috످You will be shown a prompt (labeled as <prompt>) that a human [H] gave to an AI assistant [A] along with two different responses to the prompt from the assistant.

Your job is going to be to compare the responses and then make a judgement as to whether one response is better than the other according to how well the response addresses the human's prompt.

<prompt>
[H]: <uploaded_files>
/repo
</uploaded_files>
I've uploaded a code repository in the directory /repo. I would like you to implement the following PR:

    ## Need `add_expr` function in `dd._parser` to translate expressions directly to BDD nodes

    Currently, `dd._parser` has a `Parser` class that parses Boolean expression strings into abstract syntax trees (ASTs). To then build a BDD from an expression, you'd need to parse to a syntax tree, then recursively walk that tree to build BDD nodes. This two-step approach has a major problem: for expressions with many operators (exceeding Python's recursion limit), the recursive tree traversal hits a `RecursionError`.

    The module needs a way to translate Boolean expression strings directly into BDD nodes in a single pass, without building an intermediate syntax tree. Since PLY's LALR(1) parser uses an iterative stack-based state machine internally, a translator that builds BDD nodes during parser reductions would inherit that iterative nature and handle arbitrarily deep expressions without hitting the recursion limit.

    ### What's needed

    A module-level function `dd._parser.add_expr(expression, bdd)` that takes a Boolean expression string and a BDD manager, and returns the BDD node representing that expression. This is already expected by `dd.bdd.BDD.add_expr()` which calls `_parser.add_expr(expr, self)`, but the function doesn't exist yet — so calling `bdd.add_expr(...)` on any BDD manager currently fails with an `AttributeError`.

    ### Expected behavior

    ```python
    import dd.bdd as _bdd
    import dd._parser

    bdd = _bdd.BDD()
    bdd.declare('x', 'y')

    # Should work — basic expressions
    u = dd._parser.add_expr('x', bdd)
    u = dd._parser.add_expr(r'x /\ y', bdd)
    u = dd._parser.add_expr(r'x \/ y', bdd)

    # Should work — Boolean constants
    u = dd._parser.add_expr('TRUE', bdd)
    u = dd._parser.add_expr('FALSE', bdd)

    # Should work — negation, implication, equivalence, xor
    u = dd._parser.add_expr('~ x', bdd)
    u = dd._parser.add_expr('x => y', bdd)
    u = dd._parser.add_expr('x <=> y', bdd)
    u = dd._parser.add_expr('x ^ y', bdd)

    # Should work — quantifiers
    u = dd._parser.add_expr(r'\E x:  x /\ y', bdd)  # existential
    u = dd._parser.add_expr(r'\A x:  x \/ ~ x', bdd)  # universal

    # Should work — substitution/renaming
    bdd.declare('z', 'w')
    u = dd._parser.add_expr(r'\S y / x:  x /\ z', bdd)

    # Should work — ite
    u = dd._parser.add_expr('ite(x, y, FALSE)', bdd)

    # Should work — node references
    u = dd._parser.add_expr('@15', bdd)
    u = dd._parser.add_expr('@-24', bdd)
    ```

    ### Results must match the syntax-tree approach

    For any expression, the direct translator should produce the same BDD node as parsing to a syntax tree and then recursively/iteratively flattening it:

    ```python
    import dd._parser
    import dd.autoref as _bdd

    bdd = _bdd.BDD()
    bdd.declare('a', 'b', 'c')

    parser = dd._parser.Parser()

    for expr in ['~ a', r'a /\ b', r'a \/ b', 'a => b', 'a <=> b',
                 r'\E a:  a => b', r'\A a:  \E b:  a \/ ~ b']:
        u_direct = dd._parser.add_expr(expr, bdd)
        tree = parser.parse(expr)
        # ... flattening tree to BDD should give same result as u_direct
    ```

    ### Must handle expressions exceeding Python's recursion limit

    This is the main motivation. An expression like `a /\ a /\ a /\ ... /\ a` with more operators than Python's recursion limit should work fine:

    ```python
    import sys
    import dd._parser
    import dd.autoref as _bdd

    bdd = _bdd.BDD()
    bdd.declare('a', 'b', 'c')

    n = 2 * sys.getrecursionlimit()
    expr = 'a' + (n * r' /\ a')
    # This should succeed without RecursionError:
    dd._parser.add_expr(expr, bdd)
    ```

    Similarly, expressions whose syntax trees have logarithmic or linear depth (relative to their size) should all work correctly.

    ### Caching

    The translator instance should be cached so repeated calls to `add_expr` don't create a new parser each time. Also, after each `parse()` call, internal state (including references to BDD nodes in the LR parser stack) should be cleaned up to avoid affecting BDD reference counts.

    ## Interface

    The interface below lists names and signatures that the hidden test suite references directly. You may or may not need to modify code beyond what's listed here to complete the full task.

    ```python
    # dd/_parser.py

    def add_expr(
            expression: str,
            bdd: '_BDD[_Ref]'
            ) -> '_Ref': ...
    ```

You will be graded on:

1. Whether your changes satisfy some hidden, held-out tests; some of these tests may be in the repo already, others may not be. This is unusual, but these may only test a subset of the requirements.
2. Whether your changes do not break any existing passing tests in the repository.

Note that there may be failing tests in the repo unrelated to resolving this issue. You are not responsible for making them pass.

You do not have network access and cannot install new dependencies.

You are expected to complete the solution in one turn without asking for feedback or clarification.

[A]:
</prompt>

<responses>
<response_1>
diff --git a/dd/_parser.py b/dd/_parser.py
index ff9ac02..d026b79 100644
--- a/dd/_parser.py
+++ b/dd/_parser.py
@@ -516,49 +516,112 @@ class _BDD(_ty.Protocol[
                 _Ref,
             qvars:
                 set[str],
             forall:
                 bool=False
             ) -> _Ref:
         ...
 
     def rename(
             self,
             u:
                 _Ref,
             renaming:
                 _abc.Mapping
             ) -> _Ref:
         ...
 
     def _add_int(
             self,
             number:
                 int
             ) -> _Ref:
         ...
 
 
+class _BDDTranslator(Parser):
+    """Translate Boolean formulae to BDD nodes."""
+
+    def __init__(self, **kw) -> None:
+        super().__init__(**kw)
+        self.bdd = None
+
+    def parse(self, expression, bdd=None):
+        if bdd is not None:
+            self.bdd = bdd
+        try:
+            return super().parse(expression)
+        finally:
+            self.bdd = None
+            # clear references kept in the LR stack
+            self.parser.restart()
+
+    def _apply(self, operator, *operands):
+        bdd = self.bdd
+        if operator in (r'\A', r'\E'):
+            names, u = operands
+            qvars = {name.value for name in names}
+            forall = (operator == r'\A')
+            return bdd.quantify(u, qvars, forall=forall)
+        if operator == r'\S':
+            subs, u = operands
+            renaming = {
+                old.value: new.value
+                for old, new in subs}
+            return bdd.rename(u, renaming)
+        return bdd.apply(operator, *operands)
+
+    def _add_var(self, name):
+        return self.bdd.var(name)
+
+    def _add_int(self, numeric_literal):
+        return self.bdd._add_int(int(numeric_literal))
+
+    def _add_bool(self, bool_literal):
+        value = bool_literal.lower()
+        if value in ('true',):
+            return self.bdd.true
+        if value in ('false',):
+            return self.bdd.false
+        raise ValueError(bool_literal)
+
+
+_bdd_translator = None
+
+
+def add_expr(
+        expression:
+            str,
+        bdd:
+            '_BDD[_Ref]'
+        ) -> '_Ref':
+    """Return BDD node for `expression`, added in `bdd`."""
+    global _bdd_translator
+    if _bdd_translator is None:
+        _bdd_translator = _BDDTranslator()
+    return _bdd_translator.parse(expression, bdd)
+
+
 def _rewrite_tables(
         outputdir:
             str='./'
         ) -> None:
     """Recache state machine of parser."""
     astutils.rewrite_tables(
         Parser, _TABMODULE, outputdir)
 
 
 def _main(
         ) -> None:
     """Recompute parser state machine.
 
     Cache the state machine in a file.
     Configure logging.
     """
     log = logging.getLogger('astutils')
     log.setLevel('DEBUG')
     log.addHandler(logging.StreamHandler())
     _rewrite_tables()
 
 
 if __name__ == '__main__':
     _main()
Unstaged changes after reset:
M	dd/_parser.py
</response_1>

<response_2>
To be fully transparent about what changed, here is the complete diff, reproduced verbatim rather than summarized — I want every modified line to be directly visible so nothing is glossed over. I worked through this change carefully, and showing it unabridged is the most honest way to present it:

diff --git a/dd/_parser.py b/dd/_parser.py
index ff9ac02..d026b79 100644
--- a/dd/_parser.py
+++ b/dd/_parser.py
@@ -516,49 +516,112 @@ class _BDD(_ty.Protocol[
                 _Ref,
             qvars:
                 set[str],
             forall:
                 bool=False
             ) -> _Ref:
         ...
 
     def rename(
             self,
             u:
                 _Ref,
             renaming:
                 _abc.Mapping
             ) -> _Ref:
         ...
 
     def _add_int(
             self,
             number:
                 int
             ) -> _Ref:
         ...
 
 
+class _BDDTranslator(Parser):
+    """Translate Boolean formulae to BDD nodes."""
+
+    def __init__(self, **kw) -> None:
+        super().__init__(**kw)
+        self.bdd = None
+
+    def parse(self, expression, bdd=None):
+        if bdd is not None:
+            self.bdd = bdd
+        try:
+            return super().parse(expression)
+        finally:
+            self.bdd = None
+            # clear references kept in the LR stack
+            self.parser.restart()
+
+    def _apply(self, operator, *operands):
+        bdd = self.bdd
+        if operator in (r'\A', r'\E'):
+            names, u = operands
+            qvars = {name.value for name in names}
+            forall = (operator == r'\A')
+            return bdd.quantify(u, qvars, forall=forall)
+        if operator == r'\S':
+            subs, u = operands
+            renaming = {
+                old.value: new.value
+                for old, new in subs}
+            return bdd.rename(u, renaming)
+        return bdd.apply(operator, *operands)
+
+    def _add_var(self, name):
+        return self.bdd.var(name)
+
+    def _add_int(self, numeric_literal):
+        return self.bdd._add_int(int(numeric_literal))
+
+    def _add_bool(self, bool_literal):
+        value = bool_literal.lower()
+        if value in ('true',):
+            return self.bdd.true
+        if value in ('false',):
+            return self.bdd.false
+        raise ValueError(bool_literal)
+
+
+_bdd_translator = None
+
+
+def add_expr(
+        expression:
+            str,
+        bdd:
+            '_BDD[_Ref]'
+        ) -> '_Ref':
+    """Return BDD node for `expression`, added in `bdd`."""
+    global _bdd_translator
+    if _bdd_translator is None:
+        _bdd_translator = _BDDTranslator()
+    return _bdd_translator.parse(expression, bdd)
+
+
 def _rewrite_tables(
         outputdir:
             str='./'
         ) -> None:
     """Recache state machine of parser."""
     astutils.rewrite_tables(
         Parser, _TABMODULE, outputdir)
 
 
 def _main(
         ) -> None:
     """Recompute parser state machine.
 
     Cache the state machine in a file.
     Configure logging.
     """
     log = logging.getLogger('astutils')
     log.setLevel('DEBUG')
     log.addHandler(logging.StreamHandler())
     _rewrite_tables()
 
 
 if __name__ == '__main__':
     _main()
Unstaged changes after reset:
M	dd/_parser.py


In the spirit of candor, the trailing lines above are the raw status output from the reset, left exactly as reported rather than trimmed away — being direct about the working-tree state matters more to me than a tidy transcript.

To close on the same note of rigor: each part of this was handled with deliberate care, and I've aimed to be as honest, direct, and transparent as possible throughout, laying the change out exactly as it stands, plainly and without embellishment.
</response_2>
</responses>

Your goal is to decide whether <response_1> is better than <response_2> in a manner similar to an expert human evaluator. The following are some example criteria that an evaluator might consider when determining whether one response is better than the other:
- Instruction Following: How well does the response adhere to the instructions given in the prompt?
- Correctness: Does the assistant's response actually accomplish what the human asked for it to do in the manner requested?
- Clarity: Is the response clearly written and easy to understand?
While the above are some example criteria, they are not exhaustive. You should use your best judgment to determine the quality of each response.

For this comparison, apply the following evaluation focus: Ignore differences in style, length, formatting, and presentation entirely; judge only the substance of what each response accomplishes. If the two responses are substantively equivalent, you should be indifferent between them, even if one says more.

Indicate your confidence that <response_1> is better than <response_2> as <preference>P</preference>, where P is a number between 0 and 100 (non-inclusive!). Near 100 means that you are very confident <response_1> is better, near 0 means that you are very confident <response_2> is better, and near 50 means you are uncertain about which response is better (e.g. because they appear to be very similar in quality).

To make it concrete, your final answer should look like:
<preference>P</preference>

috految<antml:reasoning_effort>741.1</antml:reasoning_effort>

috److془Let me carefully compare the two responses.

The person's need: implement `add_expr` in `dd._parser`.

Response 1 diff:

```
+class _BDDTranslator(Parser):
+    """Translate Boolean formulae to BDD nodes."""
+
+    def __init__(self, **kw) -> None:
+        super().__init__(**kw)
+        self.bdd = None
+
+    def parse(self, expression, bdd=None):
+        if bdd is not None:
+            self.bdd = bdd
+        try:
+            return super().parse(expression)
+        finally:
+            self.bdd = None
+            # clear references kept in the LR stack
+            self.parser.restart()
+
+    def _apply(self, operator, *operands):
+        bdd = self.bdd
+        if operator in (r'\A', r'\E'):
+            names, u = operands
+            qvars = {name.value for name in names}
+            forall = (operator == r'\A')
+            return bdd.quantify(u, qvars, forall=forall)
+        if operator == r'\S':
+            subs, u = operands
+            renaming = {
+                old.value: new.value
+                for old, new in subs}
+            return bdd.rename(u, renaming)
+        return bdd.apply(operator, *operands)
+
+    def _add_var(self, name):
+        return self.bdd.var(name)
+
+    def _add_int(self, numeric_literal):
+        return self.bdd._add_int(int(numeric_literal))
+
+    def _add_bool(self, bool_literal):
+        value = bool_literal.lower()
+        if value in ('true',):
+            return self.bdd.true
+        if value in ('false',):
+            return self.bdd.false
+        raise ValueError(bool_literal)
+
+
+_bdd_translator = None
+
+
+def add_expr(
+        expression:
+            str,
+        bdd:
+            '_BDD[_Ref]'
+        ) -> '_Ref':
+    """Return BDD node for `expression`, added in `bdd`."""
+    global _bdd_translator
+    if _bdd_translator is None:
+        _bdd_translator = _BDDTranslator()
+    return _bdd_translator.parse(expression, bdd)
```

Response 2 diff: same. Same index hash.

Response 2 adds self-congratulatory framing. The evaluation focus: "Ignore differences in style, length, formatting, and presentation entirely; judge only the substance of what each response accomplishes. If the two responses are substantively equivalent, you should be indifferent between them, even if one says more."

So 50.

Check claims: "here is the complete diff, reproduced verbatim" true. "trailing lines above are the raw status output from the reset" true. "I worked through this change carefully" unverifiable, but not substantive.

Let me check the code: PLY's `restart()`: del self.statestack[:], del self.symstack[:], appends $end. Good. Upstream: 

```python
    def _reset_state(self):
        self._bdd = None
        has_lr_stack = (
            self.parser is not None and
            hasattr(self.parser, 'statestack') and
            hasattr(self.parser, 'symstack'))
        if not has_lr_stack:
            return
        self.parser.restart()
```

Both share the same issue: if parser build fails, finally masks. Also the `_add_expr` ... fine.

Answer: 50.

Reply is just the score.془<preference>50</preference>

috످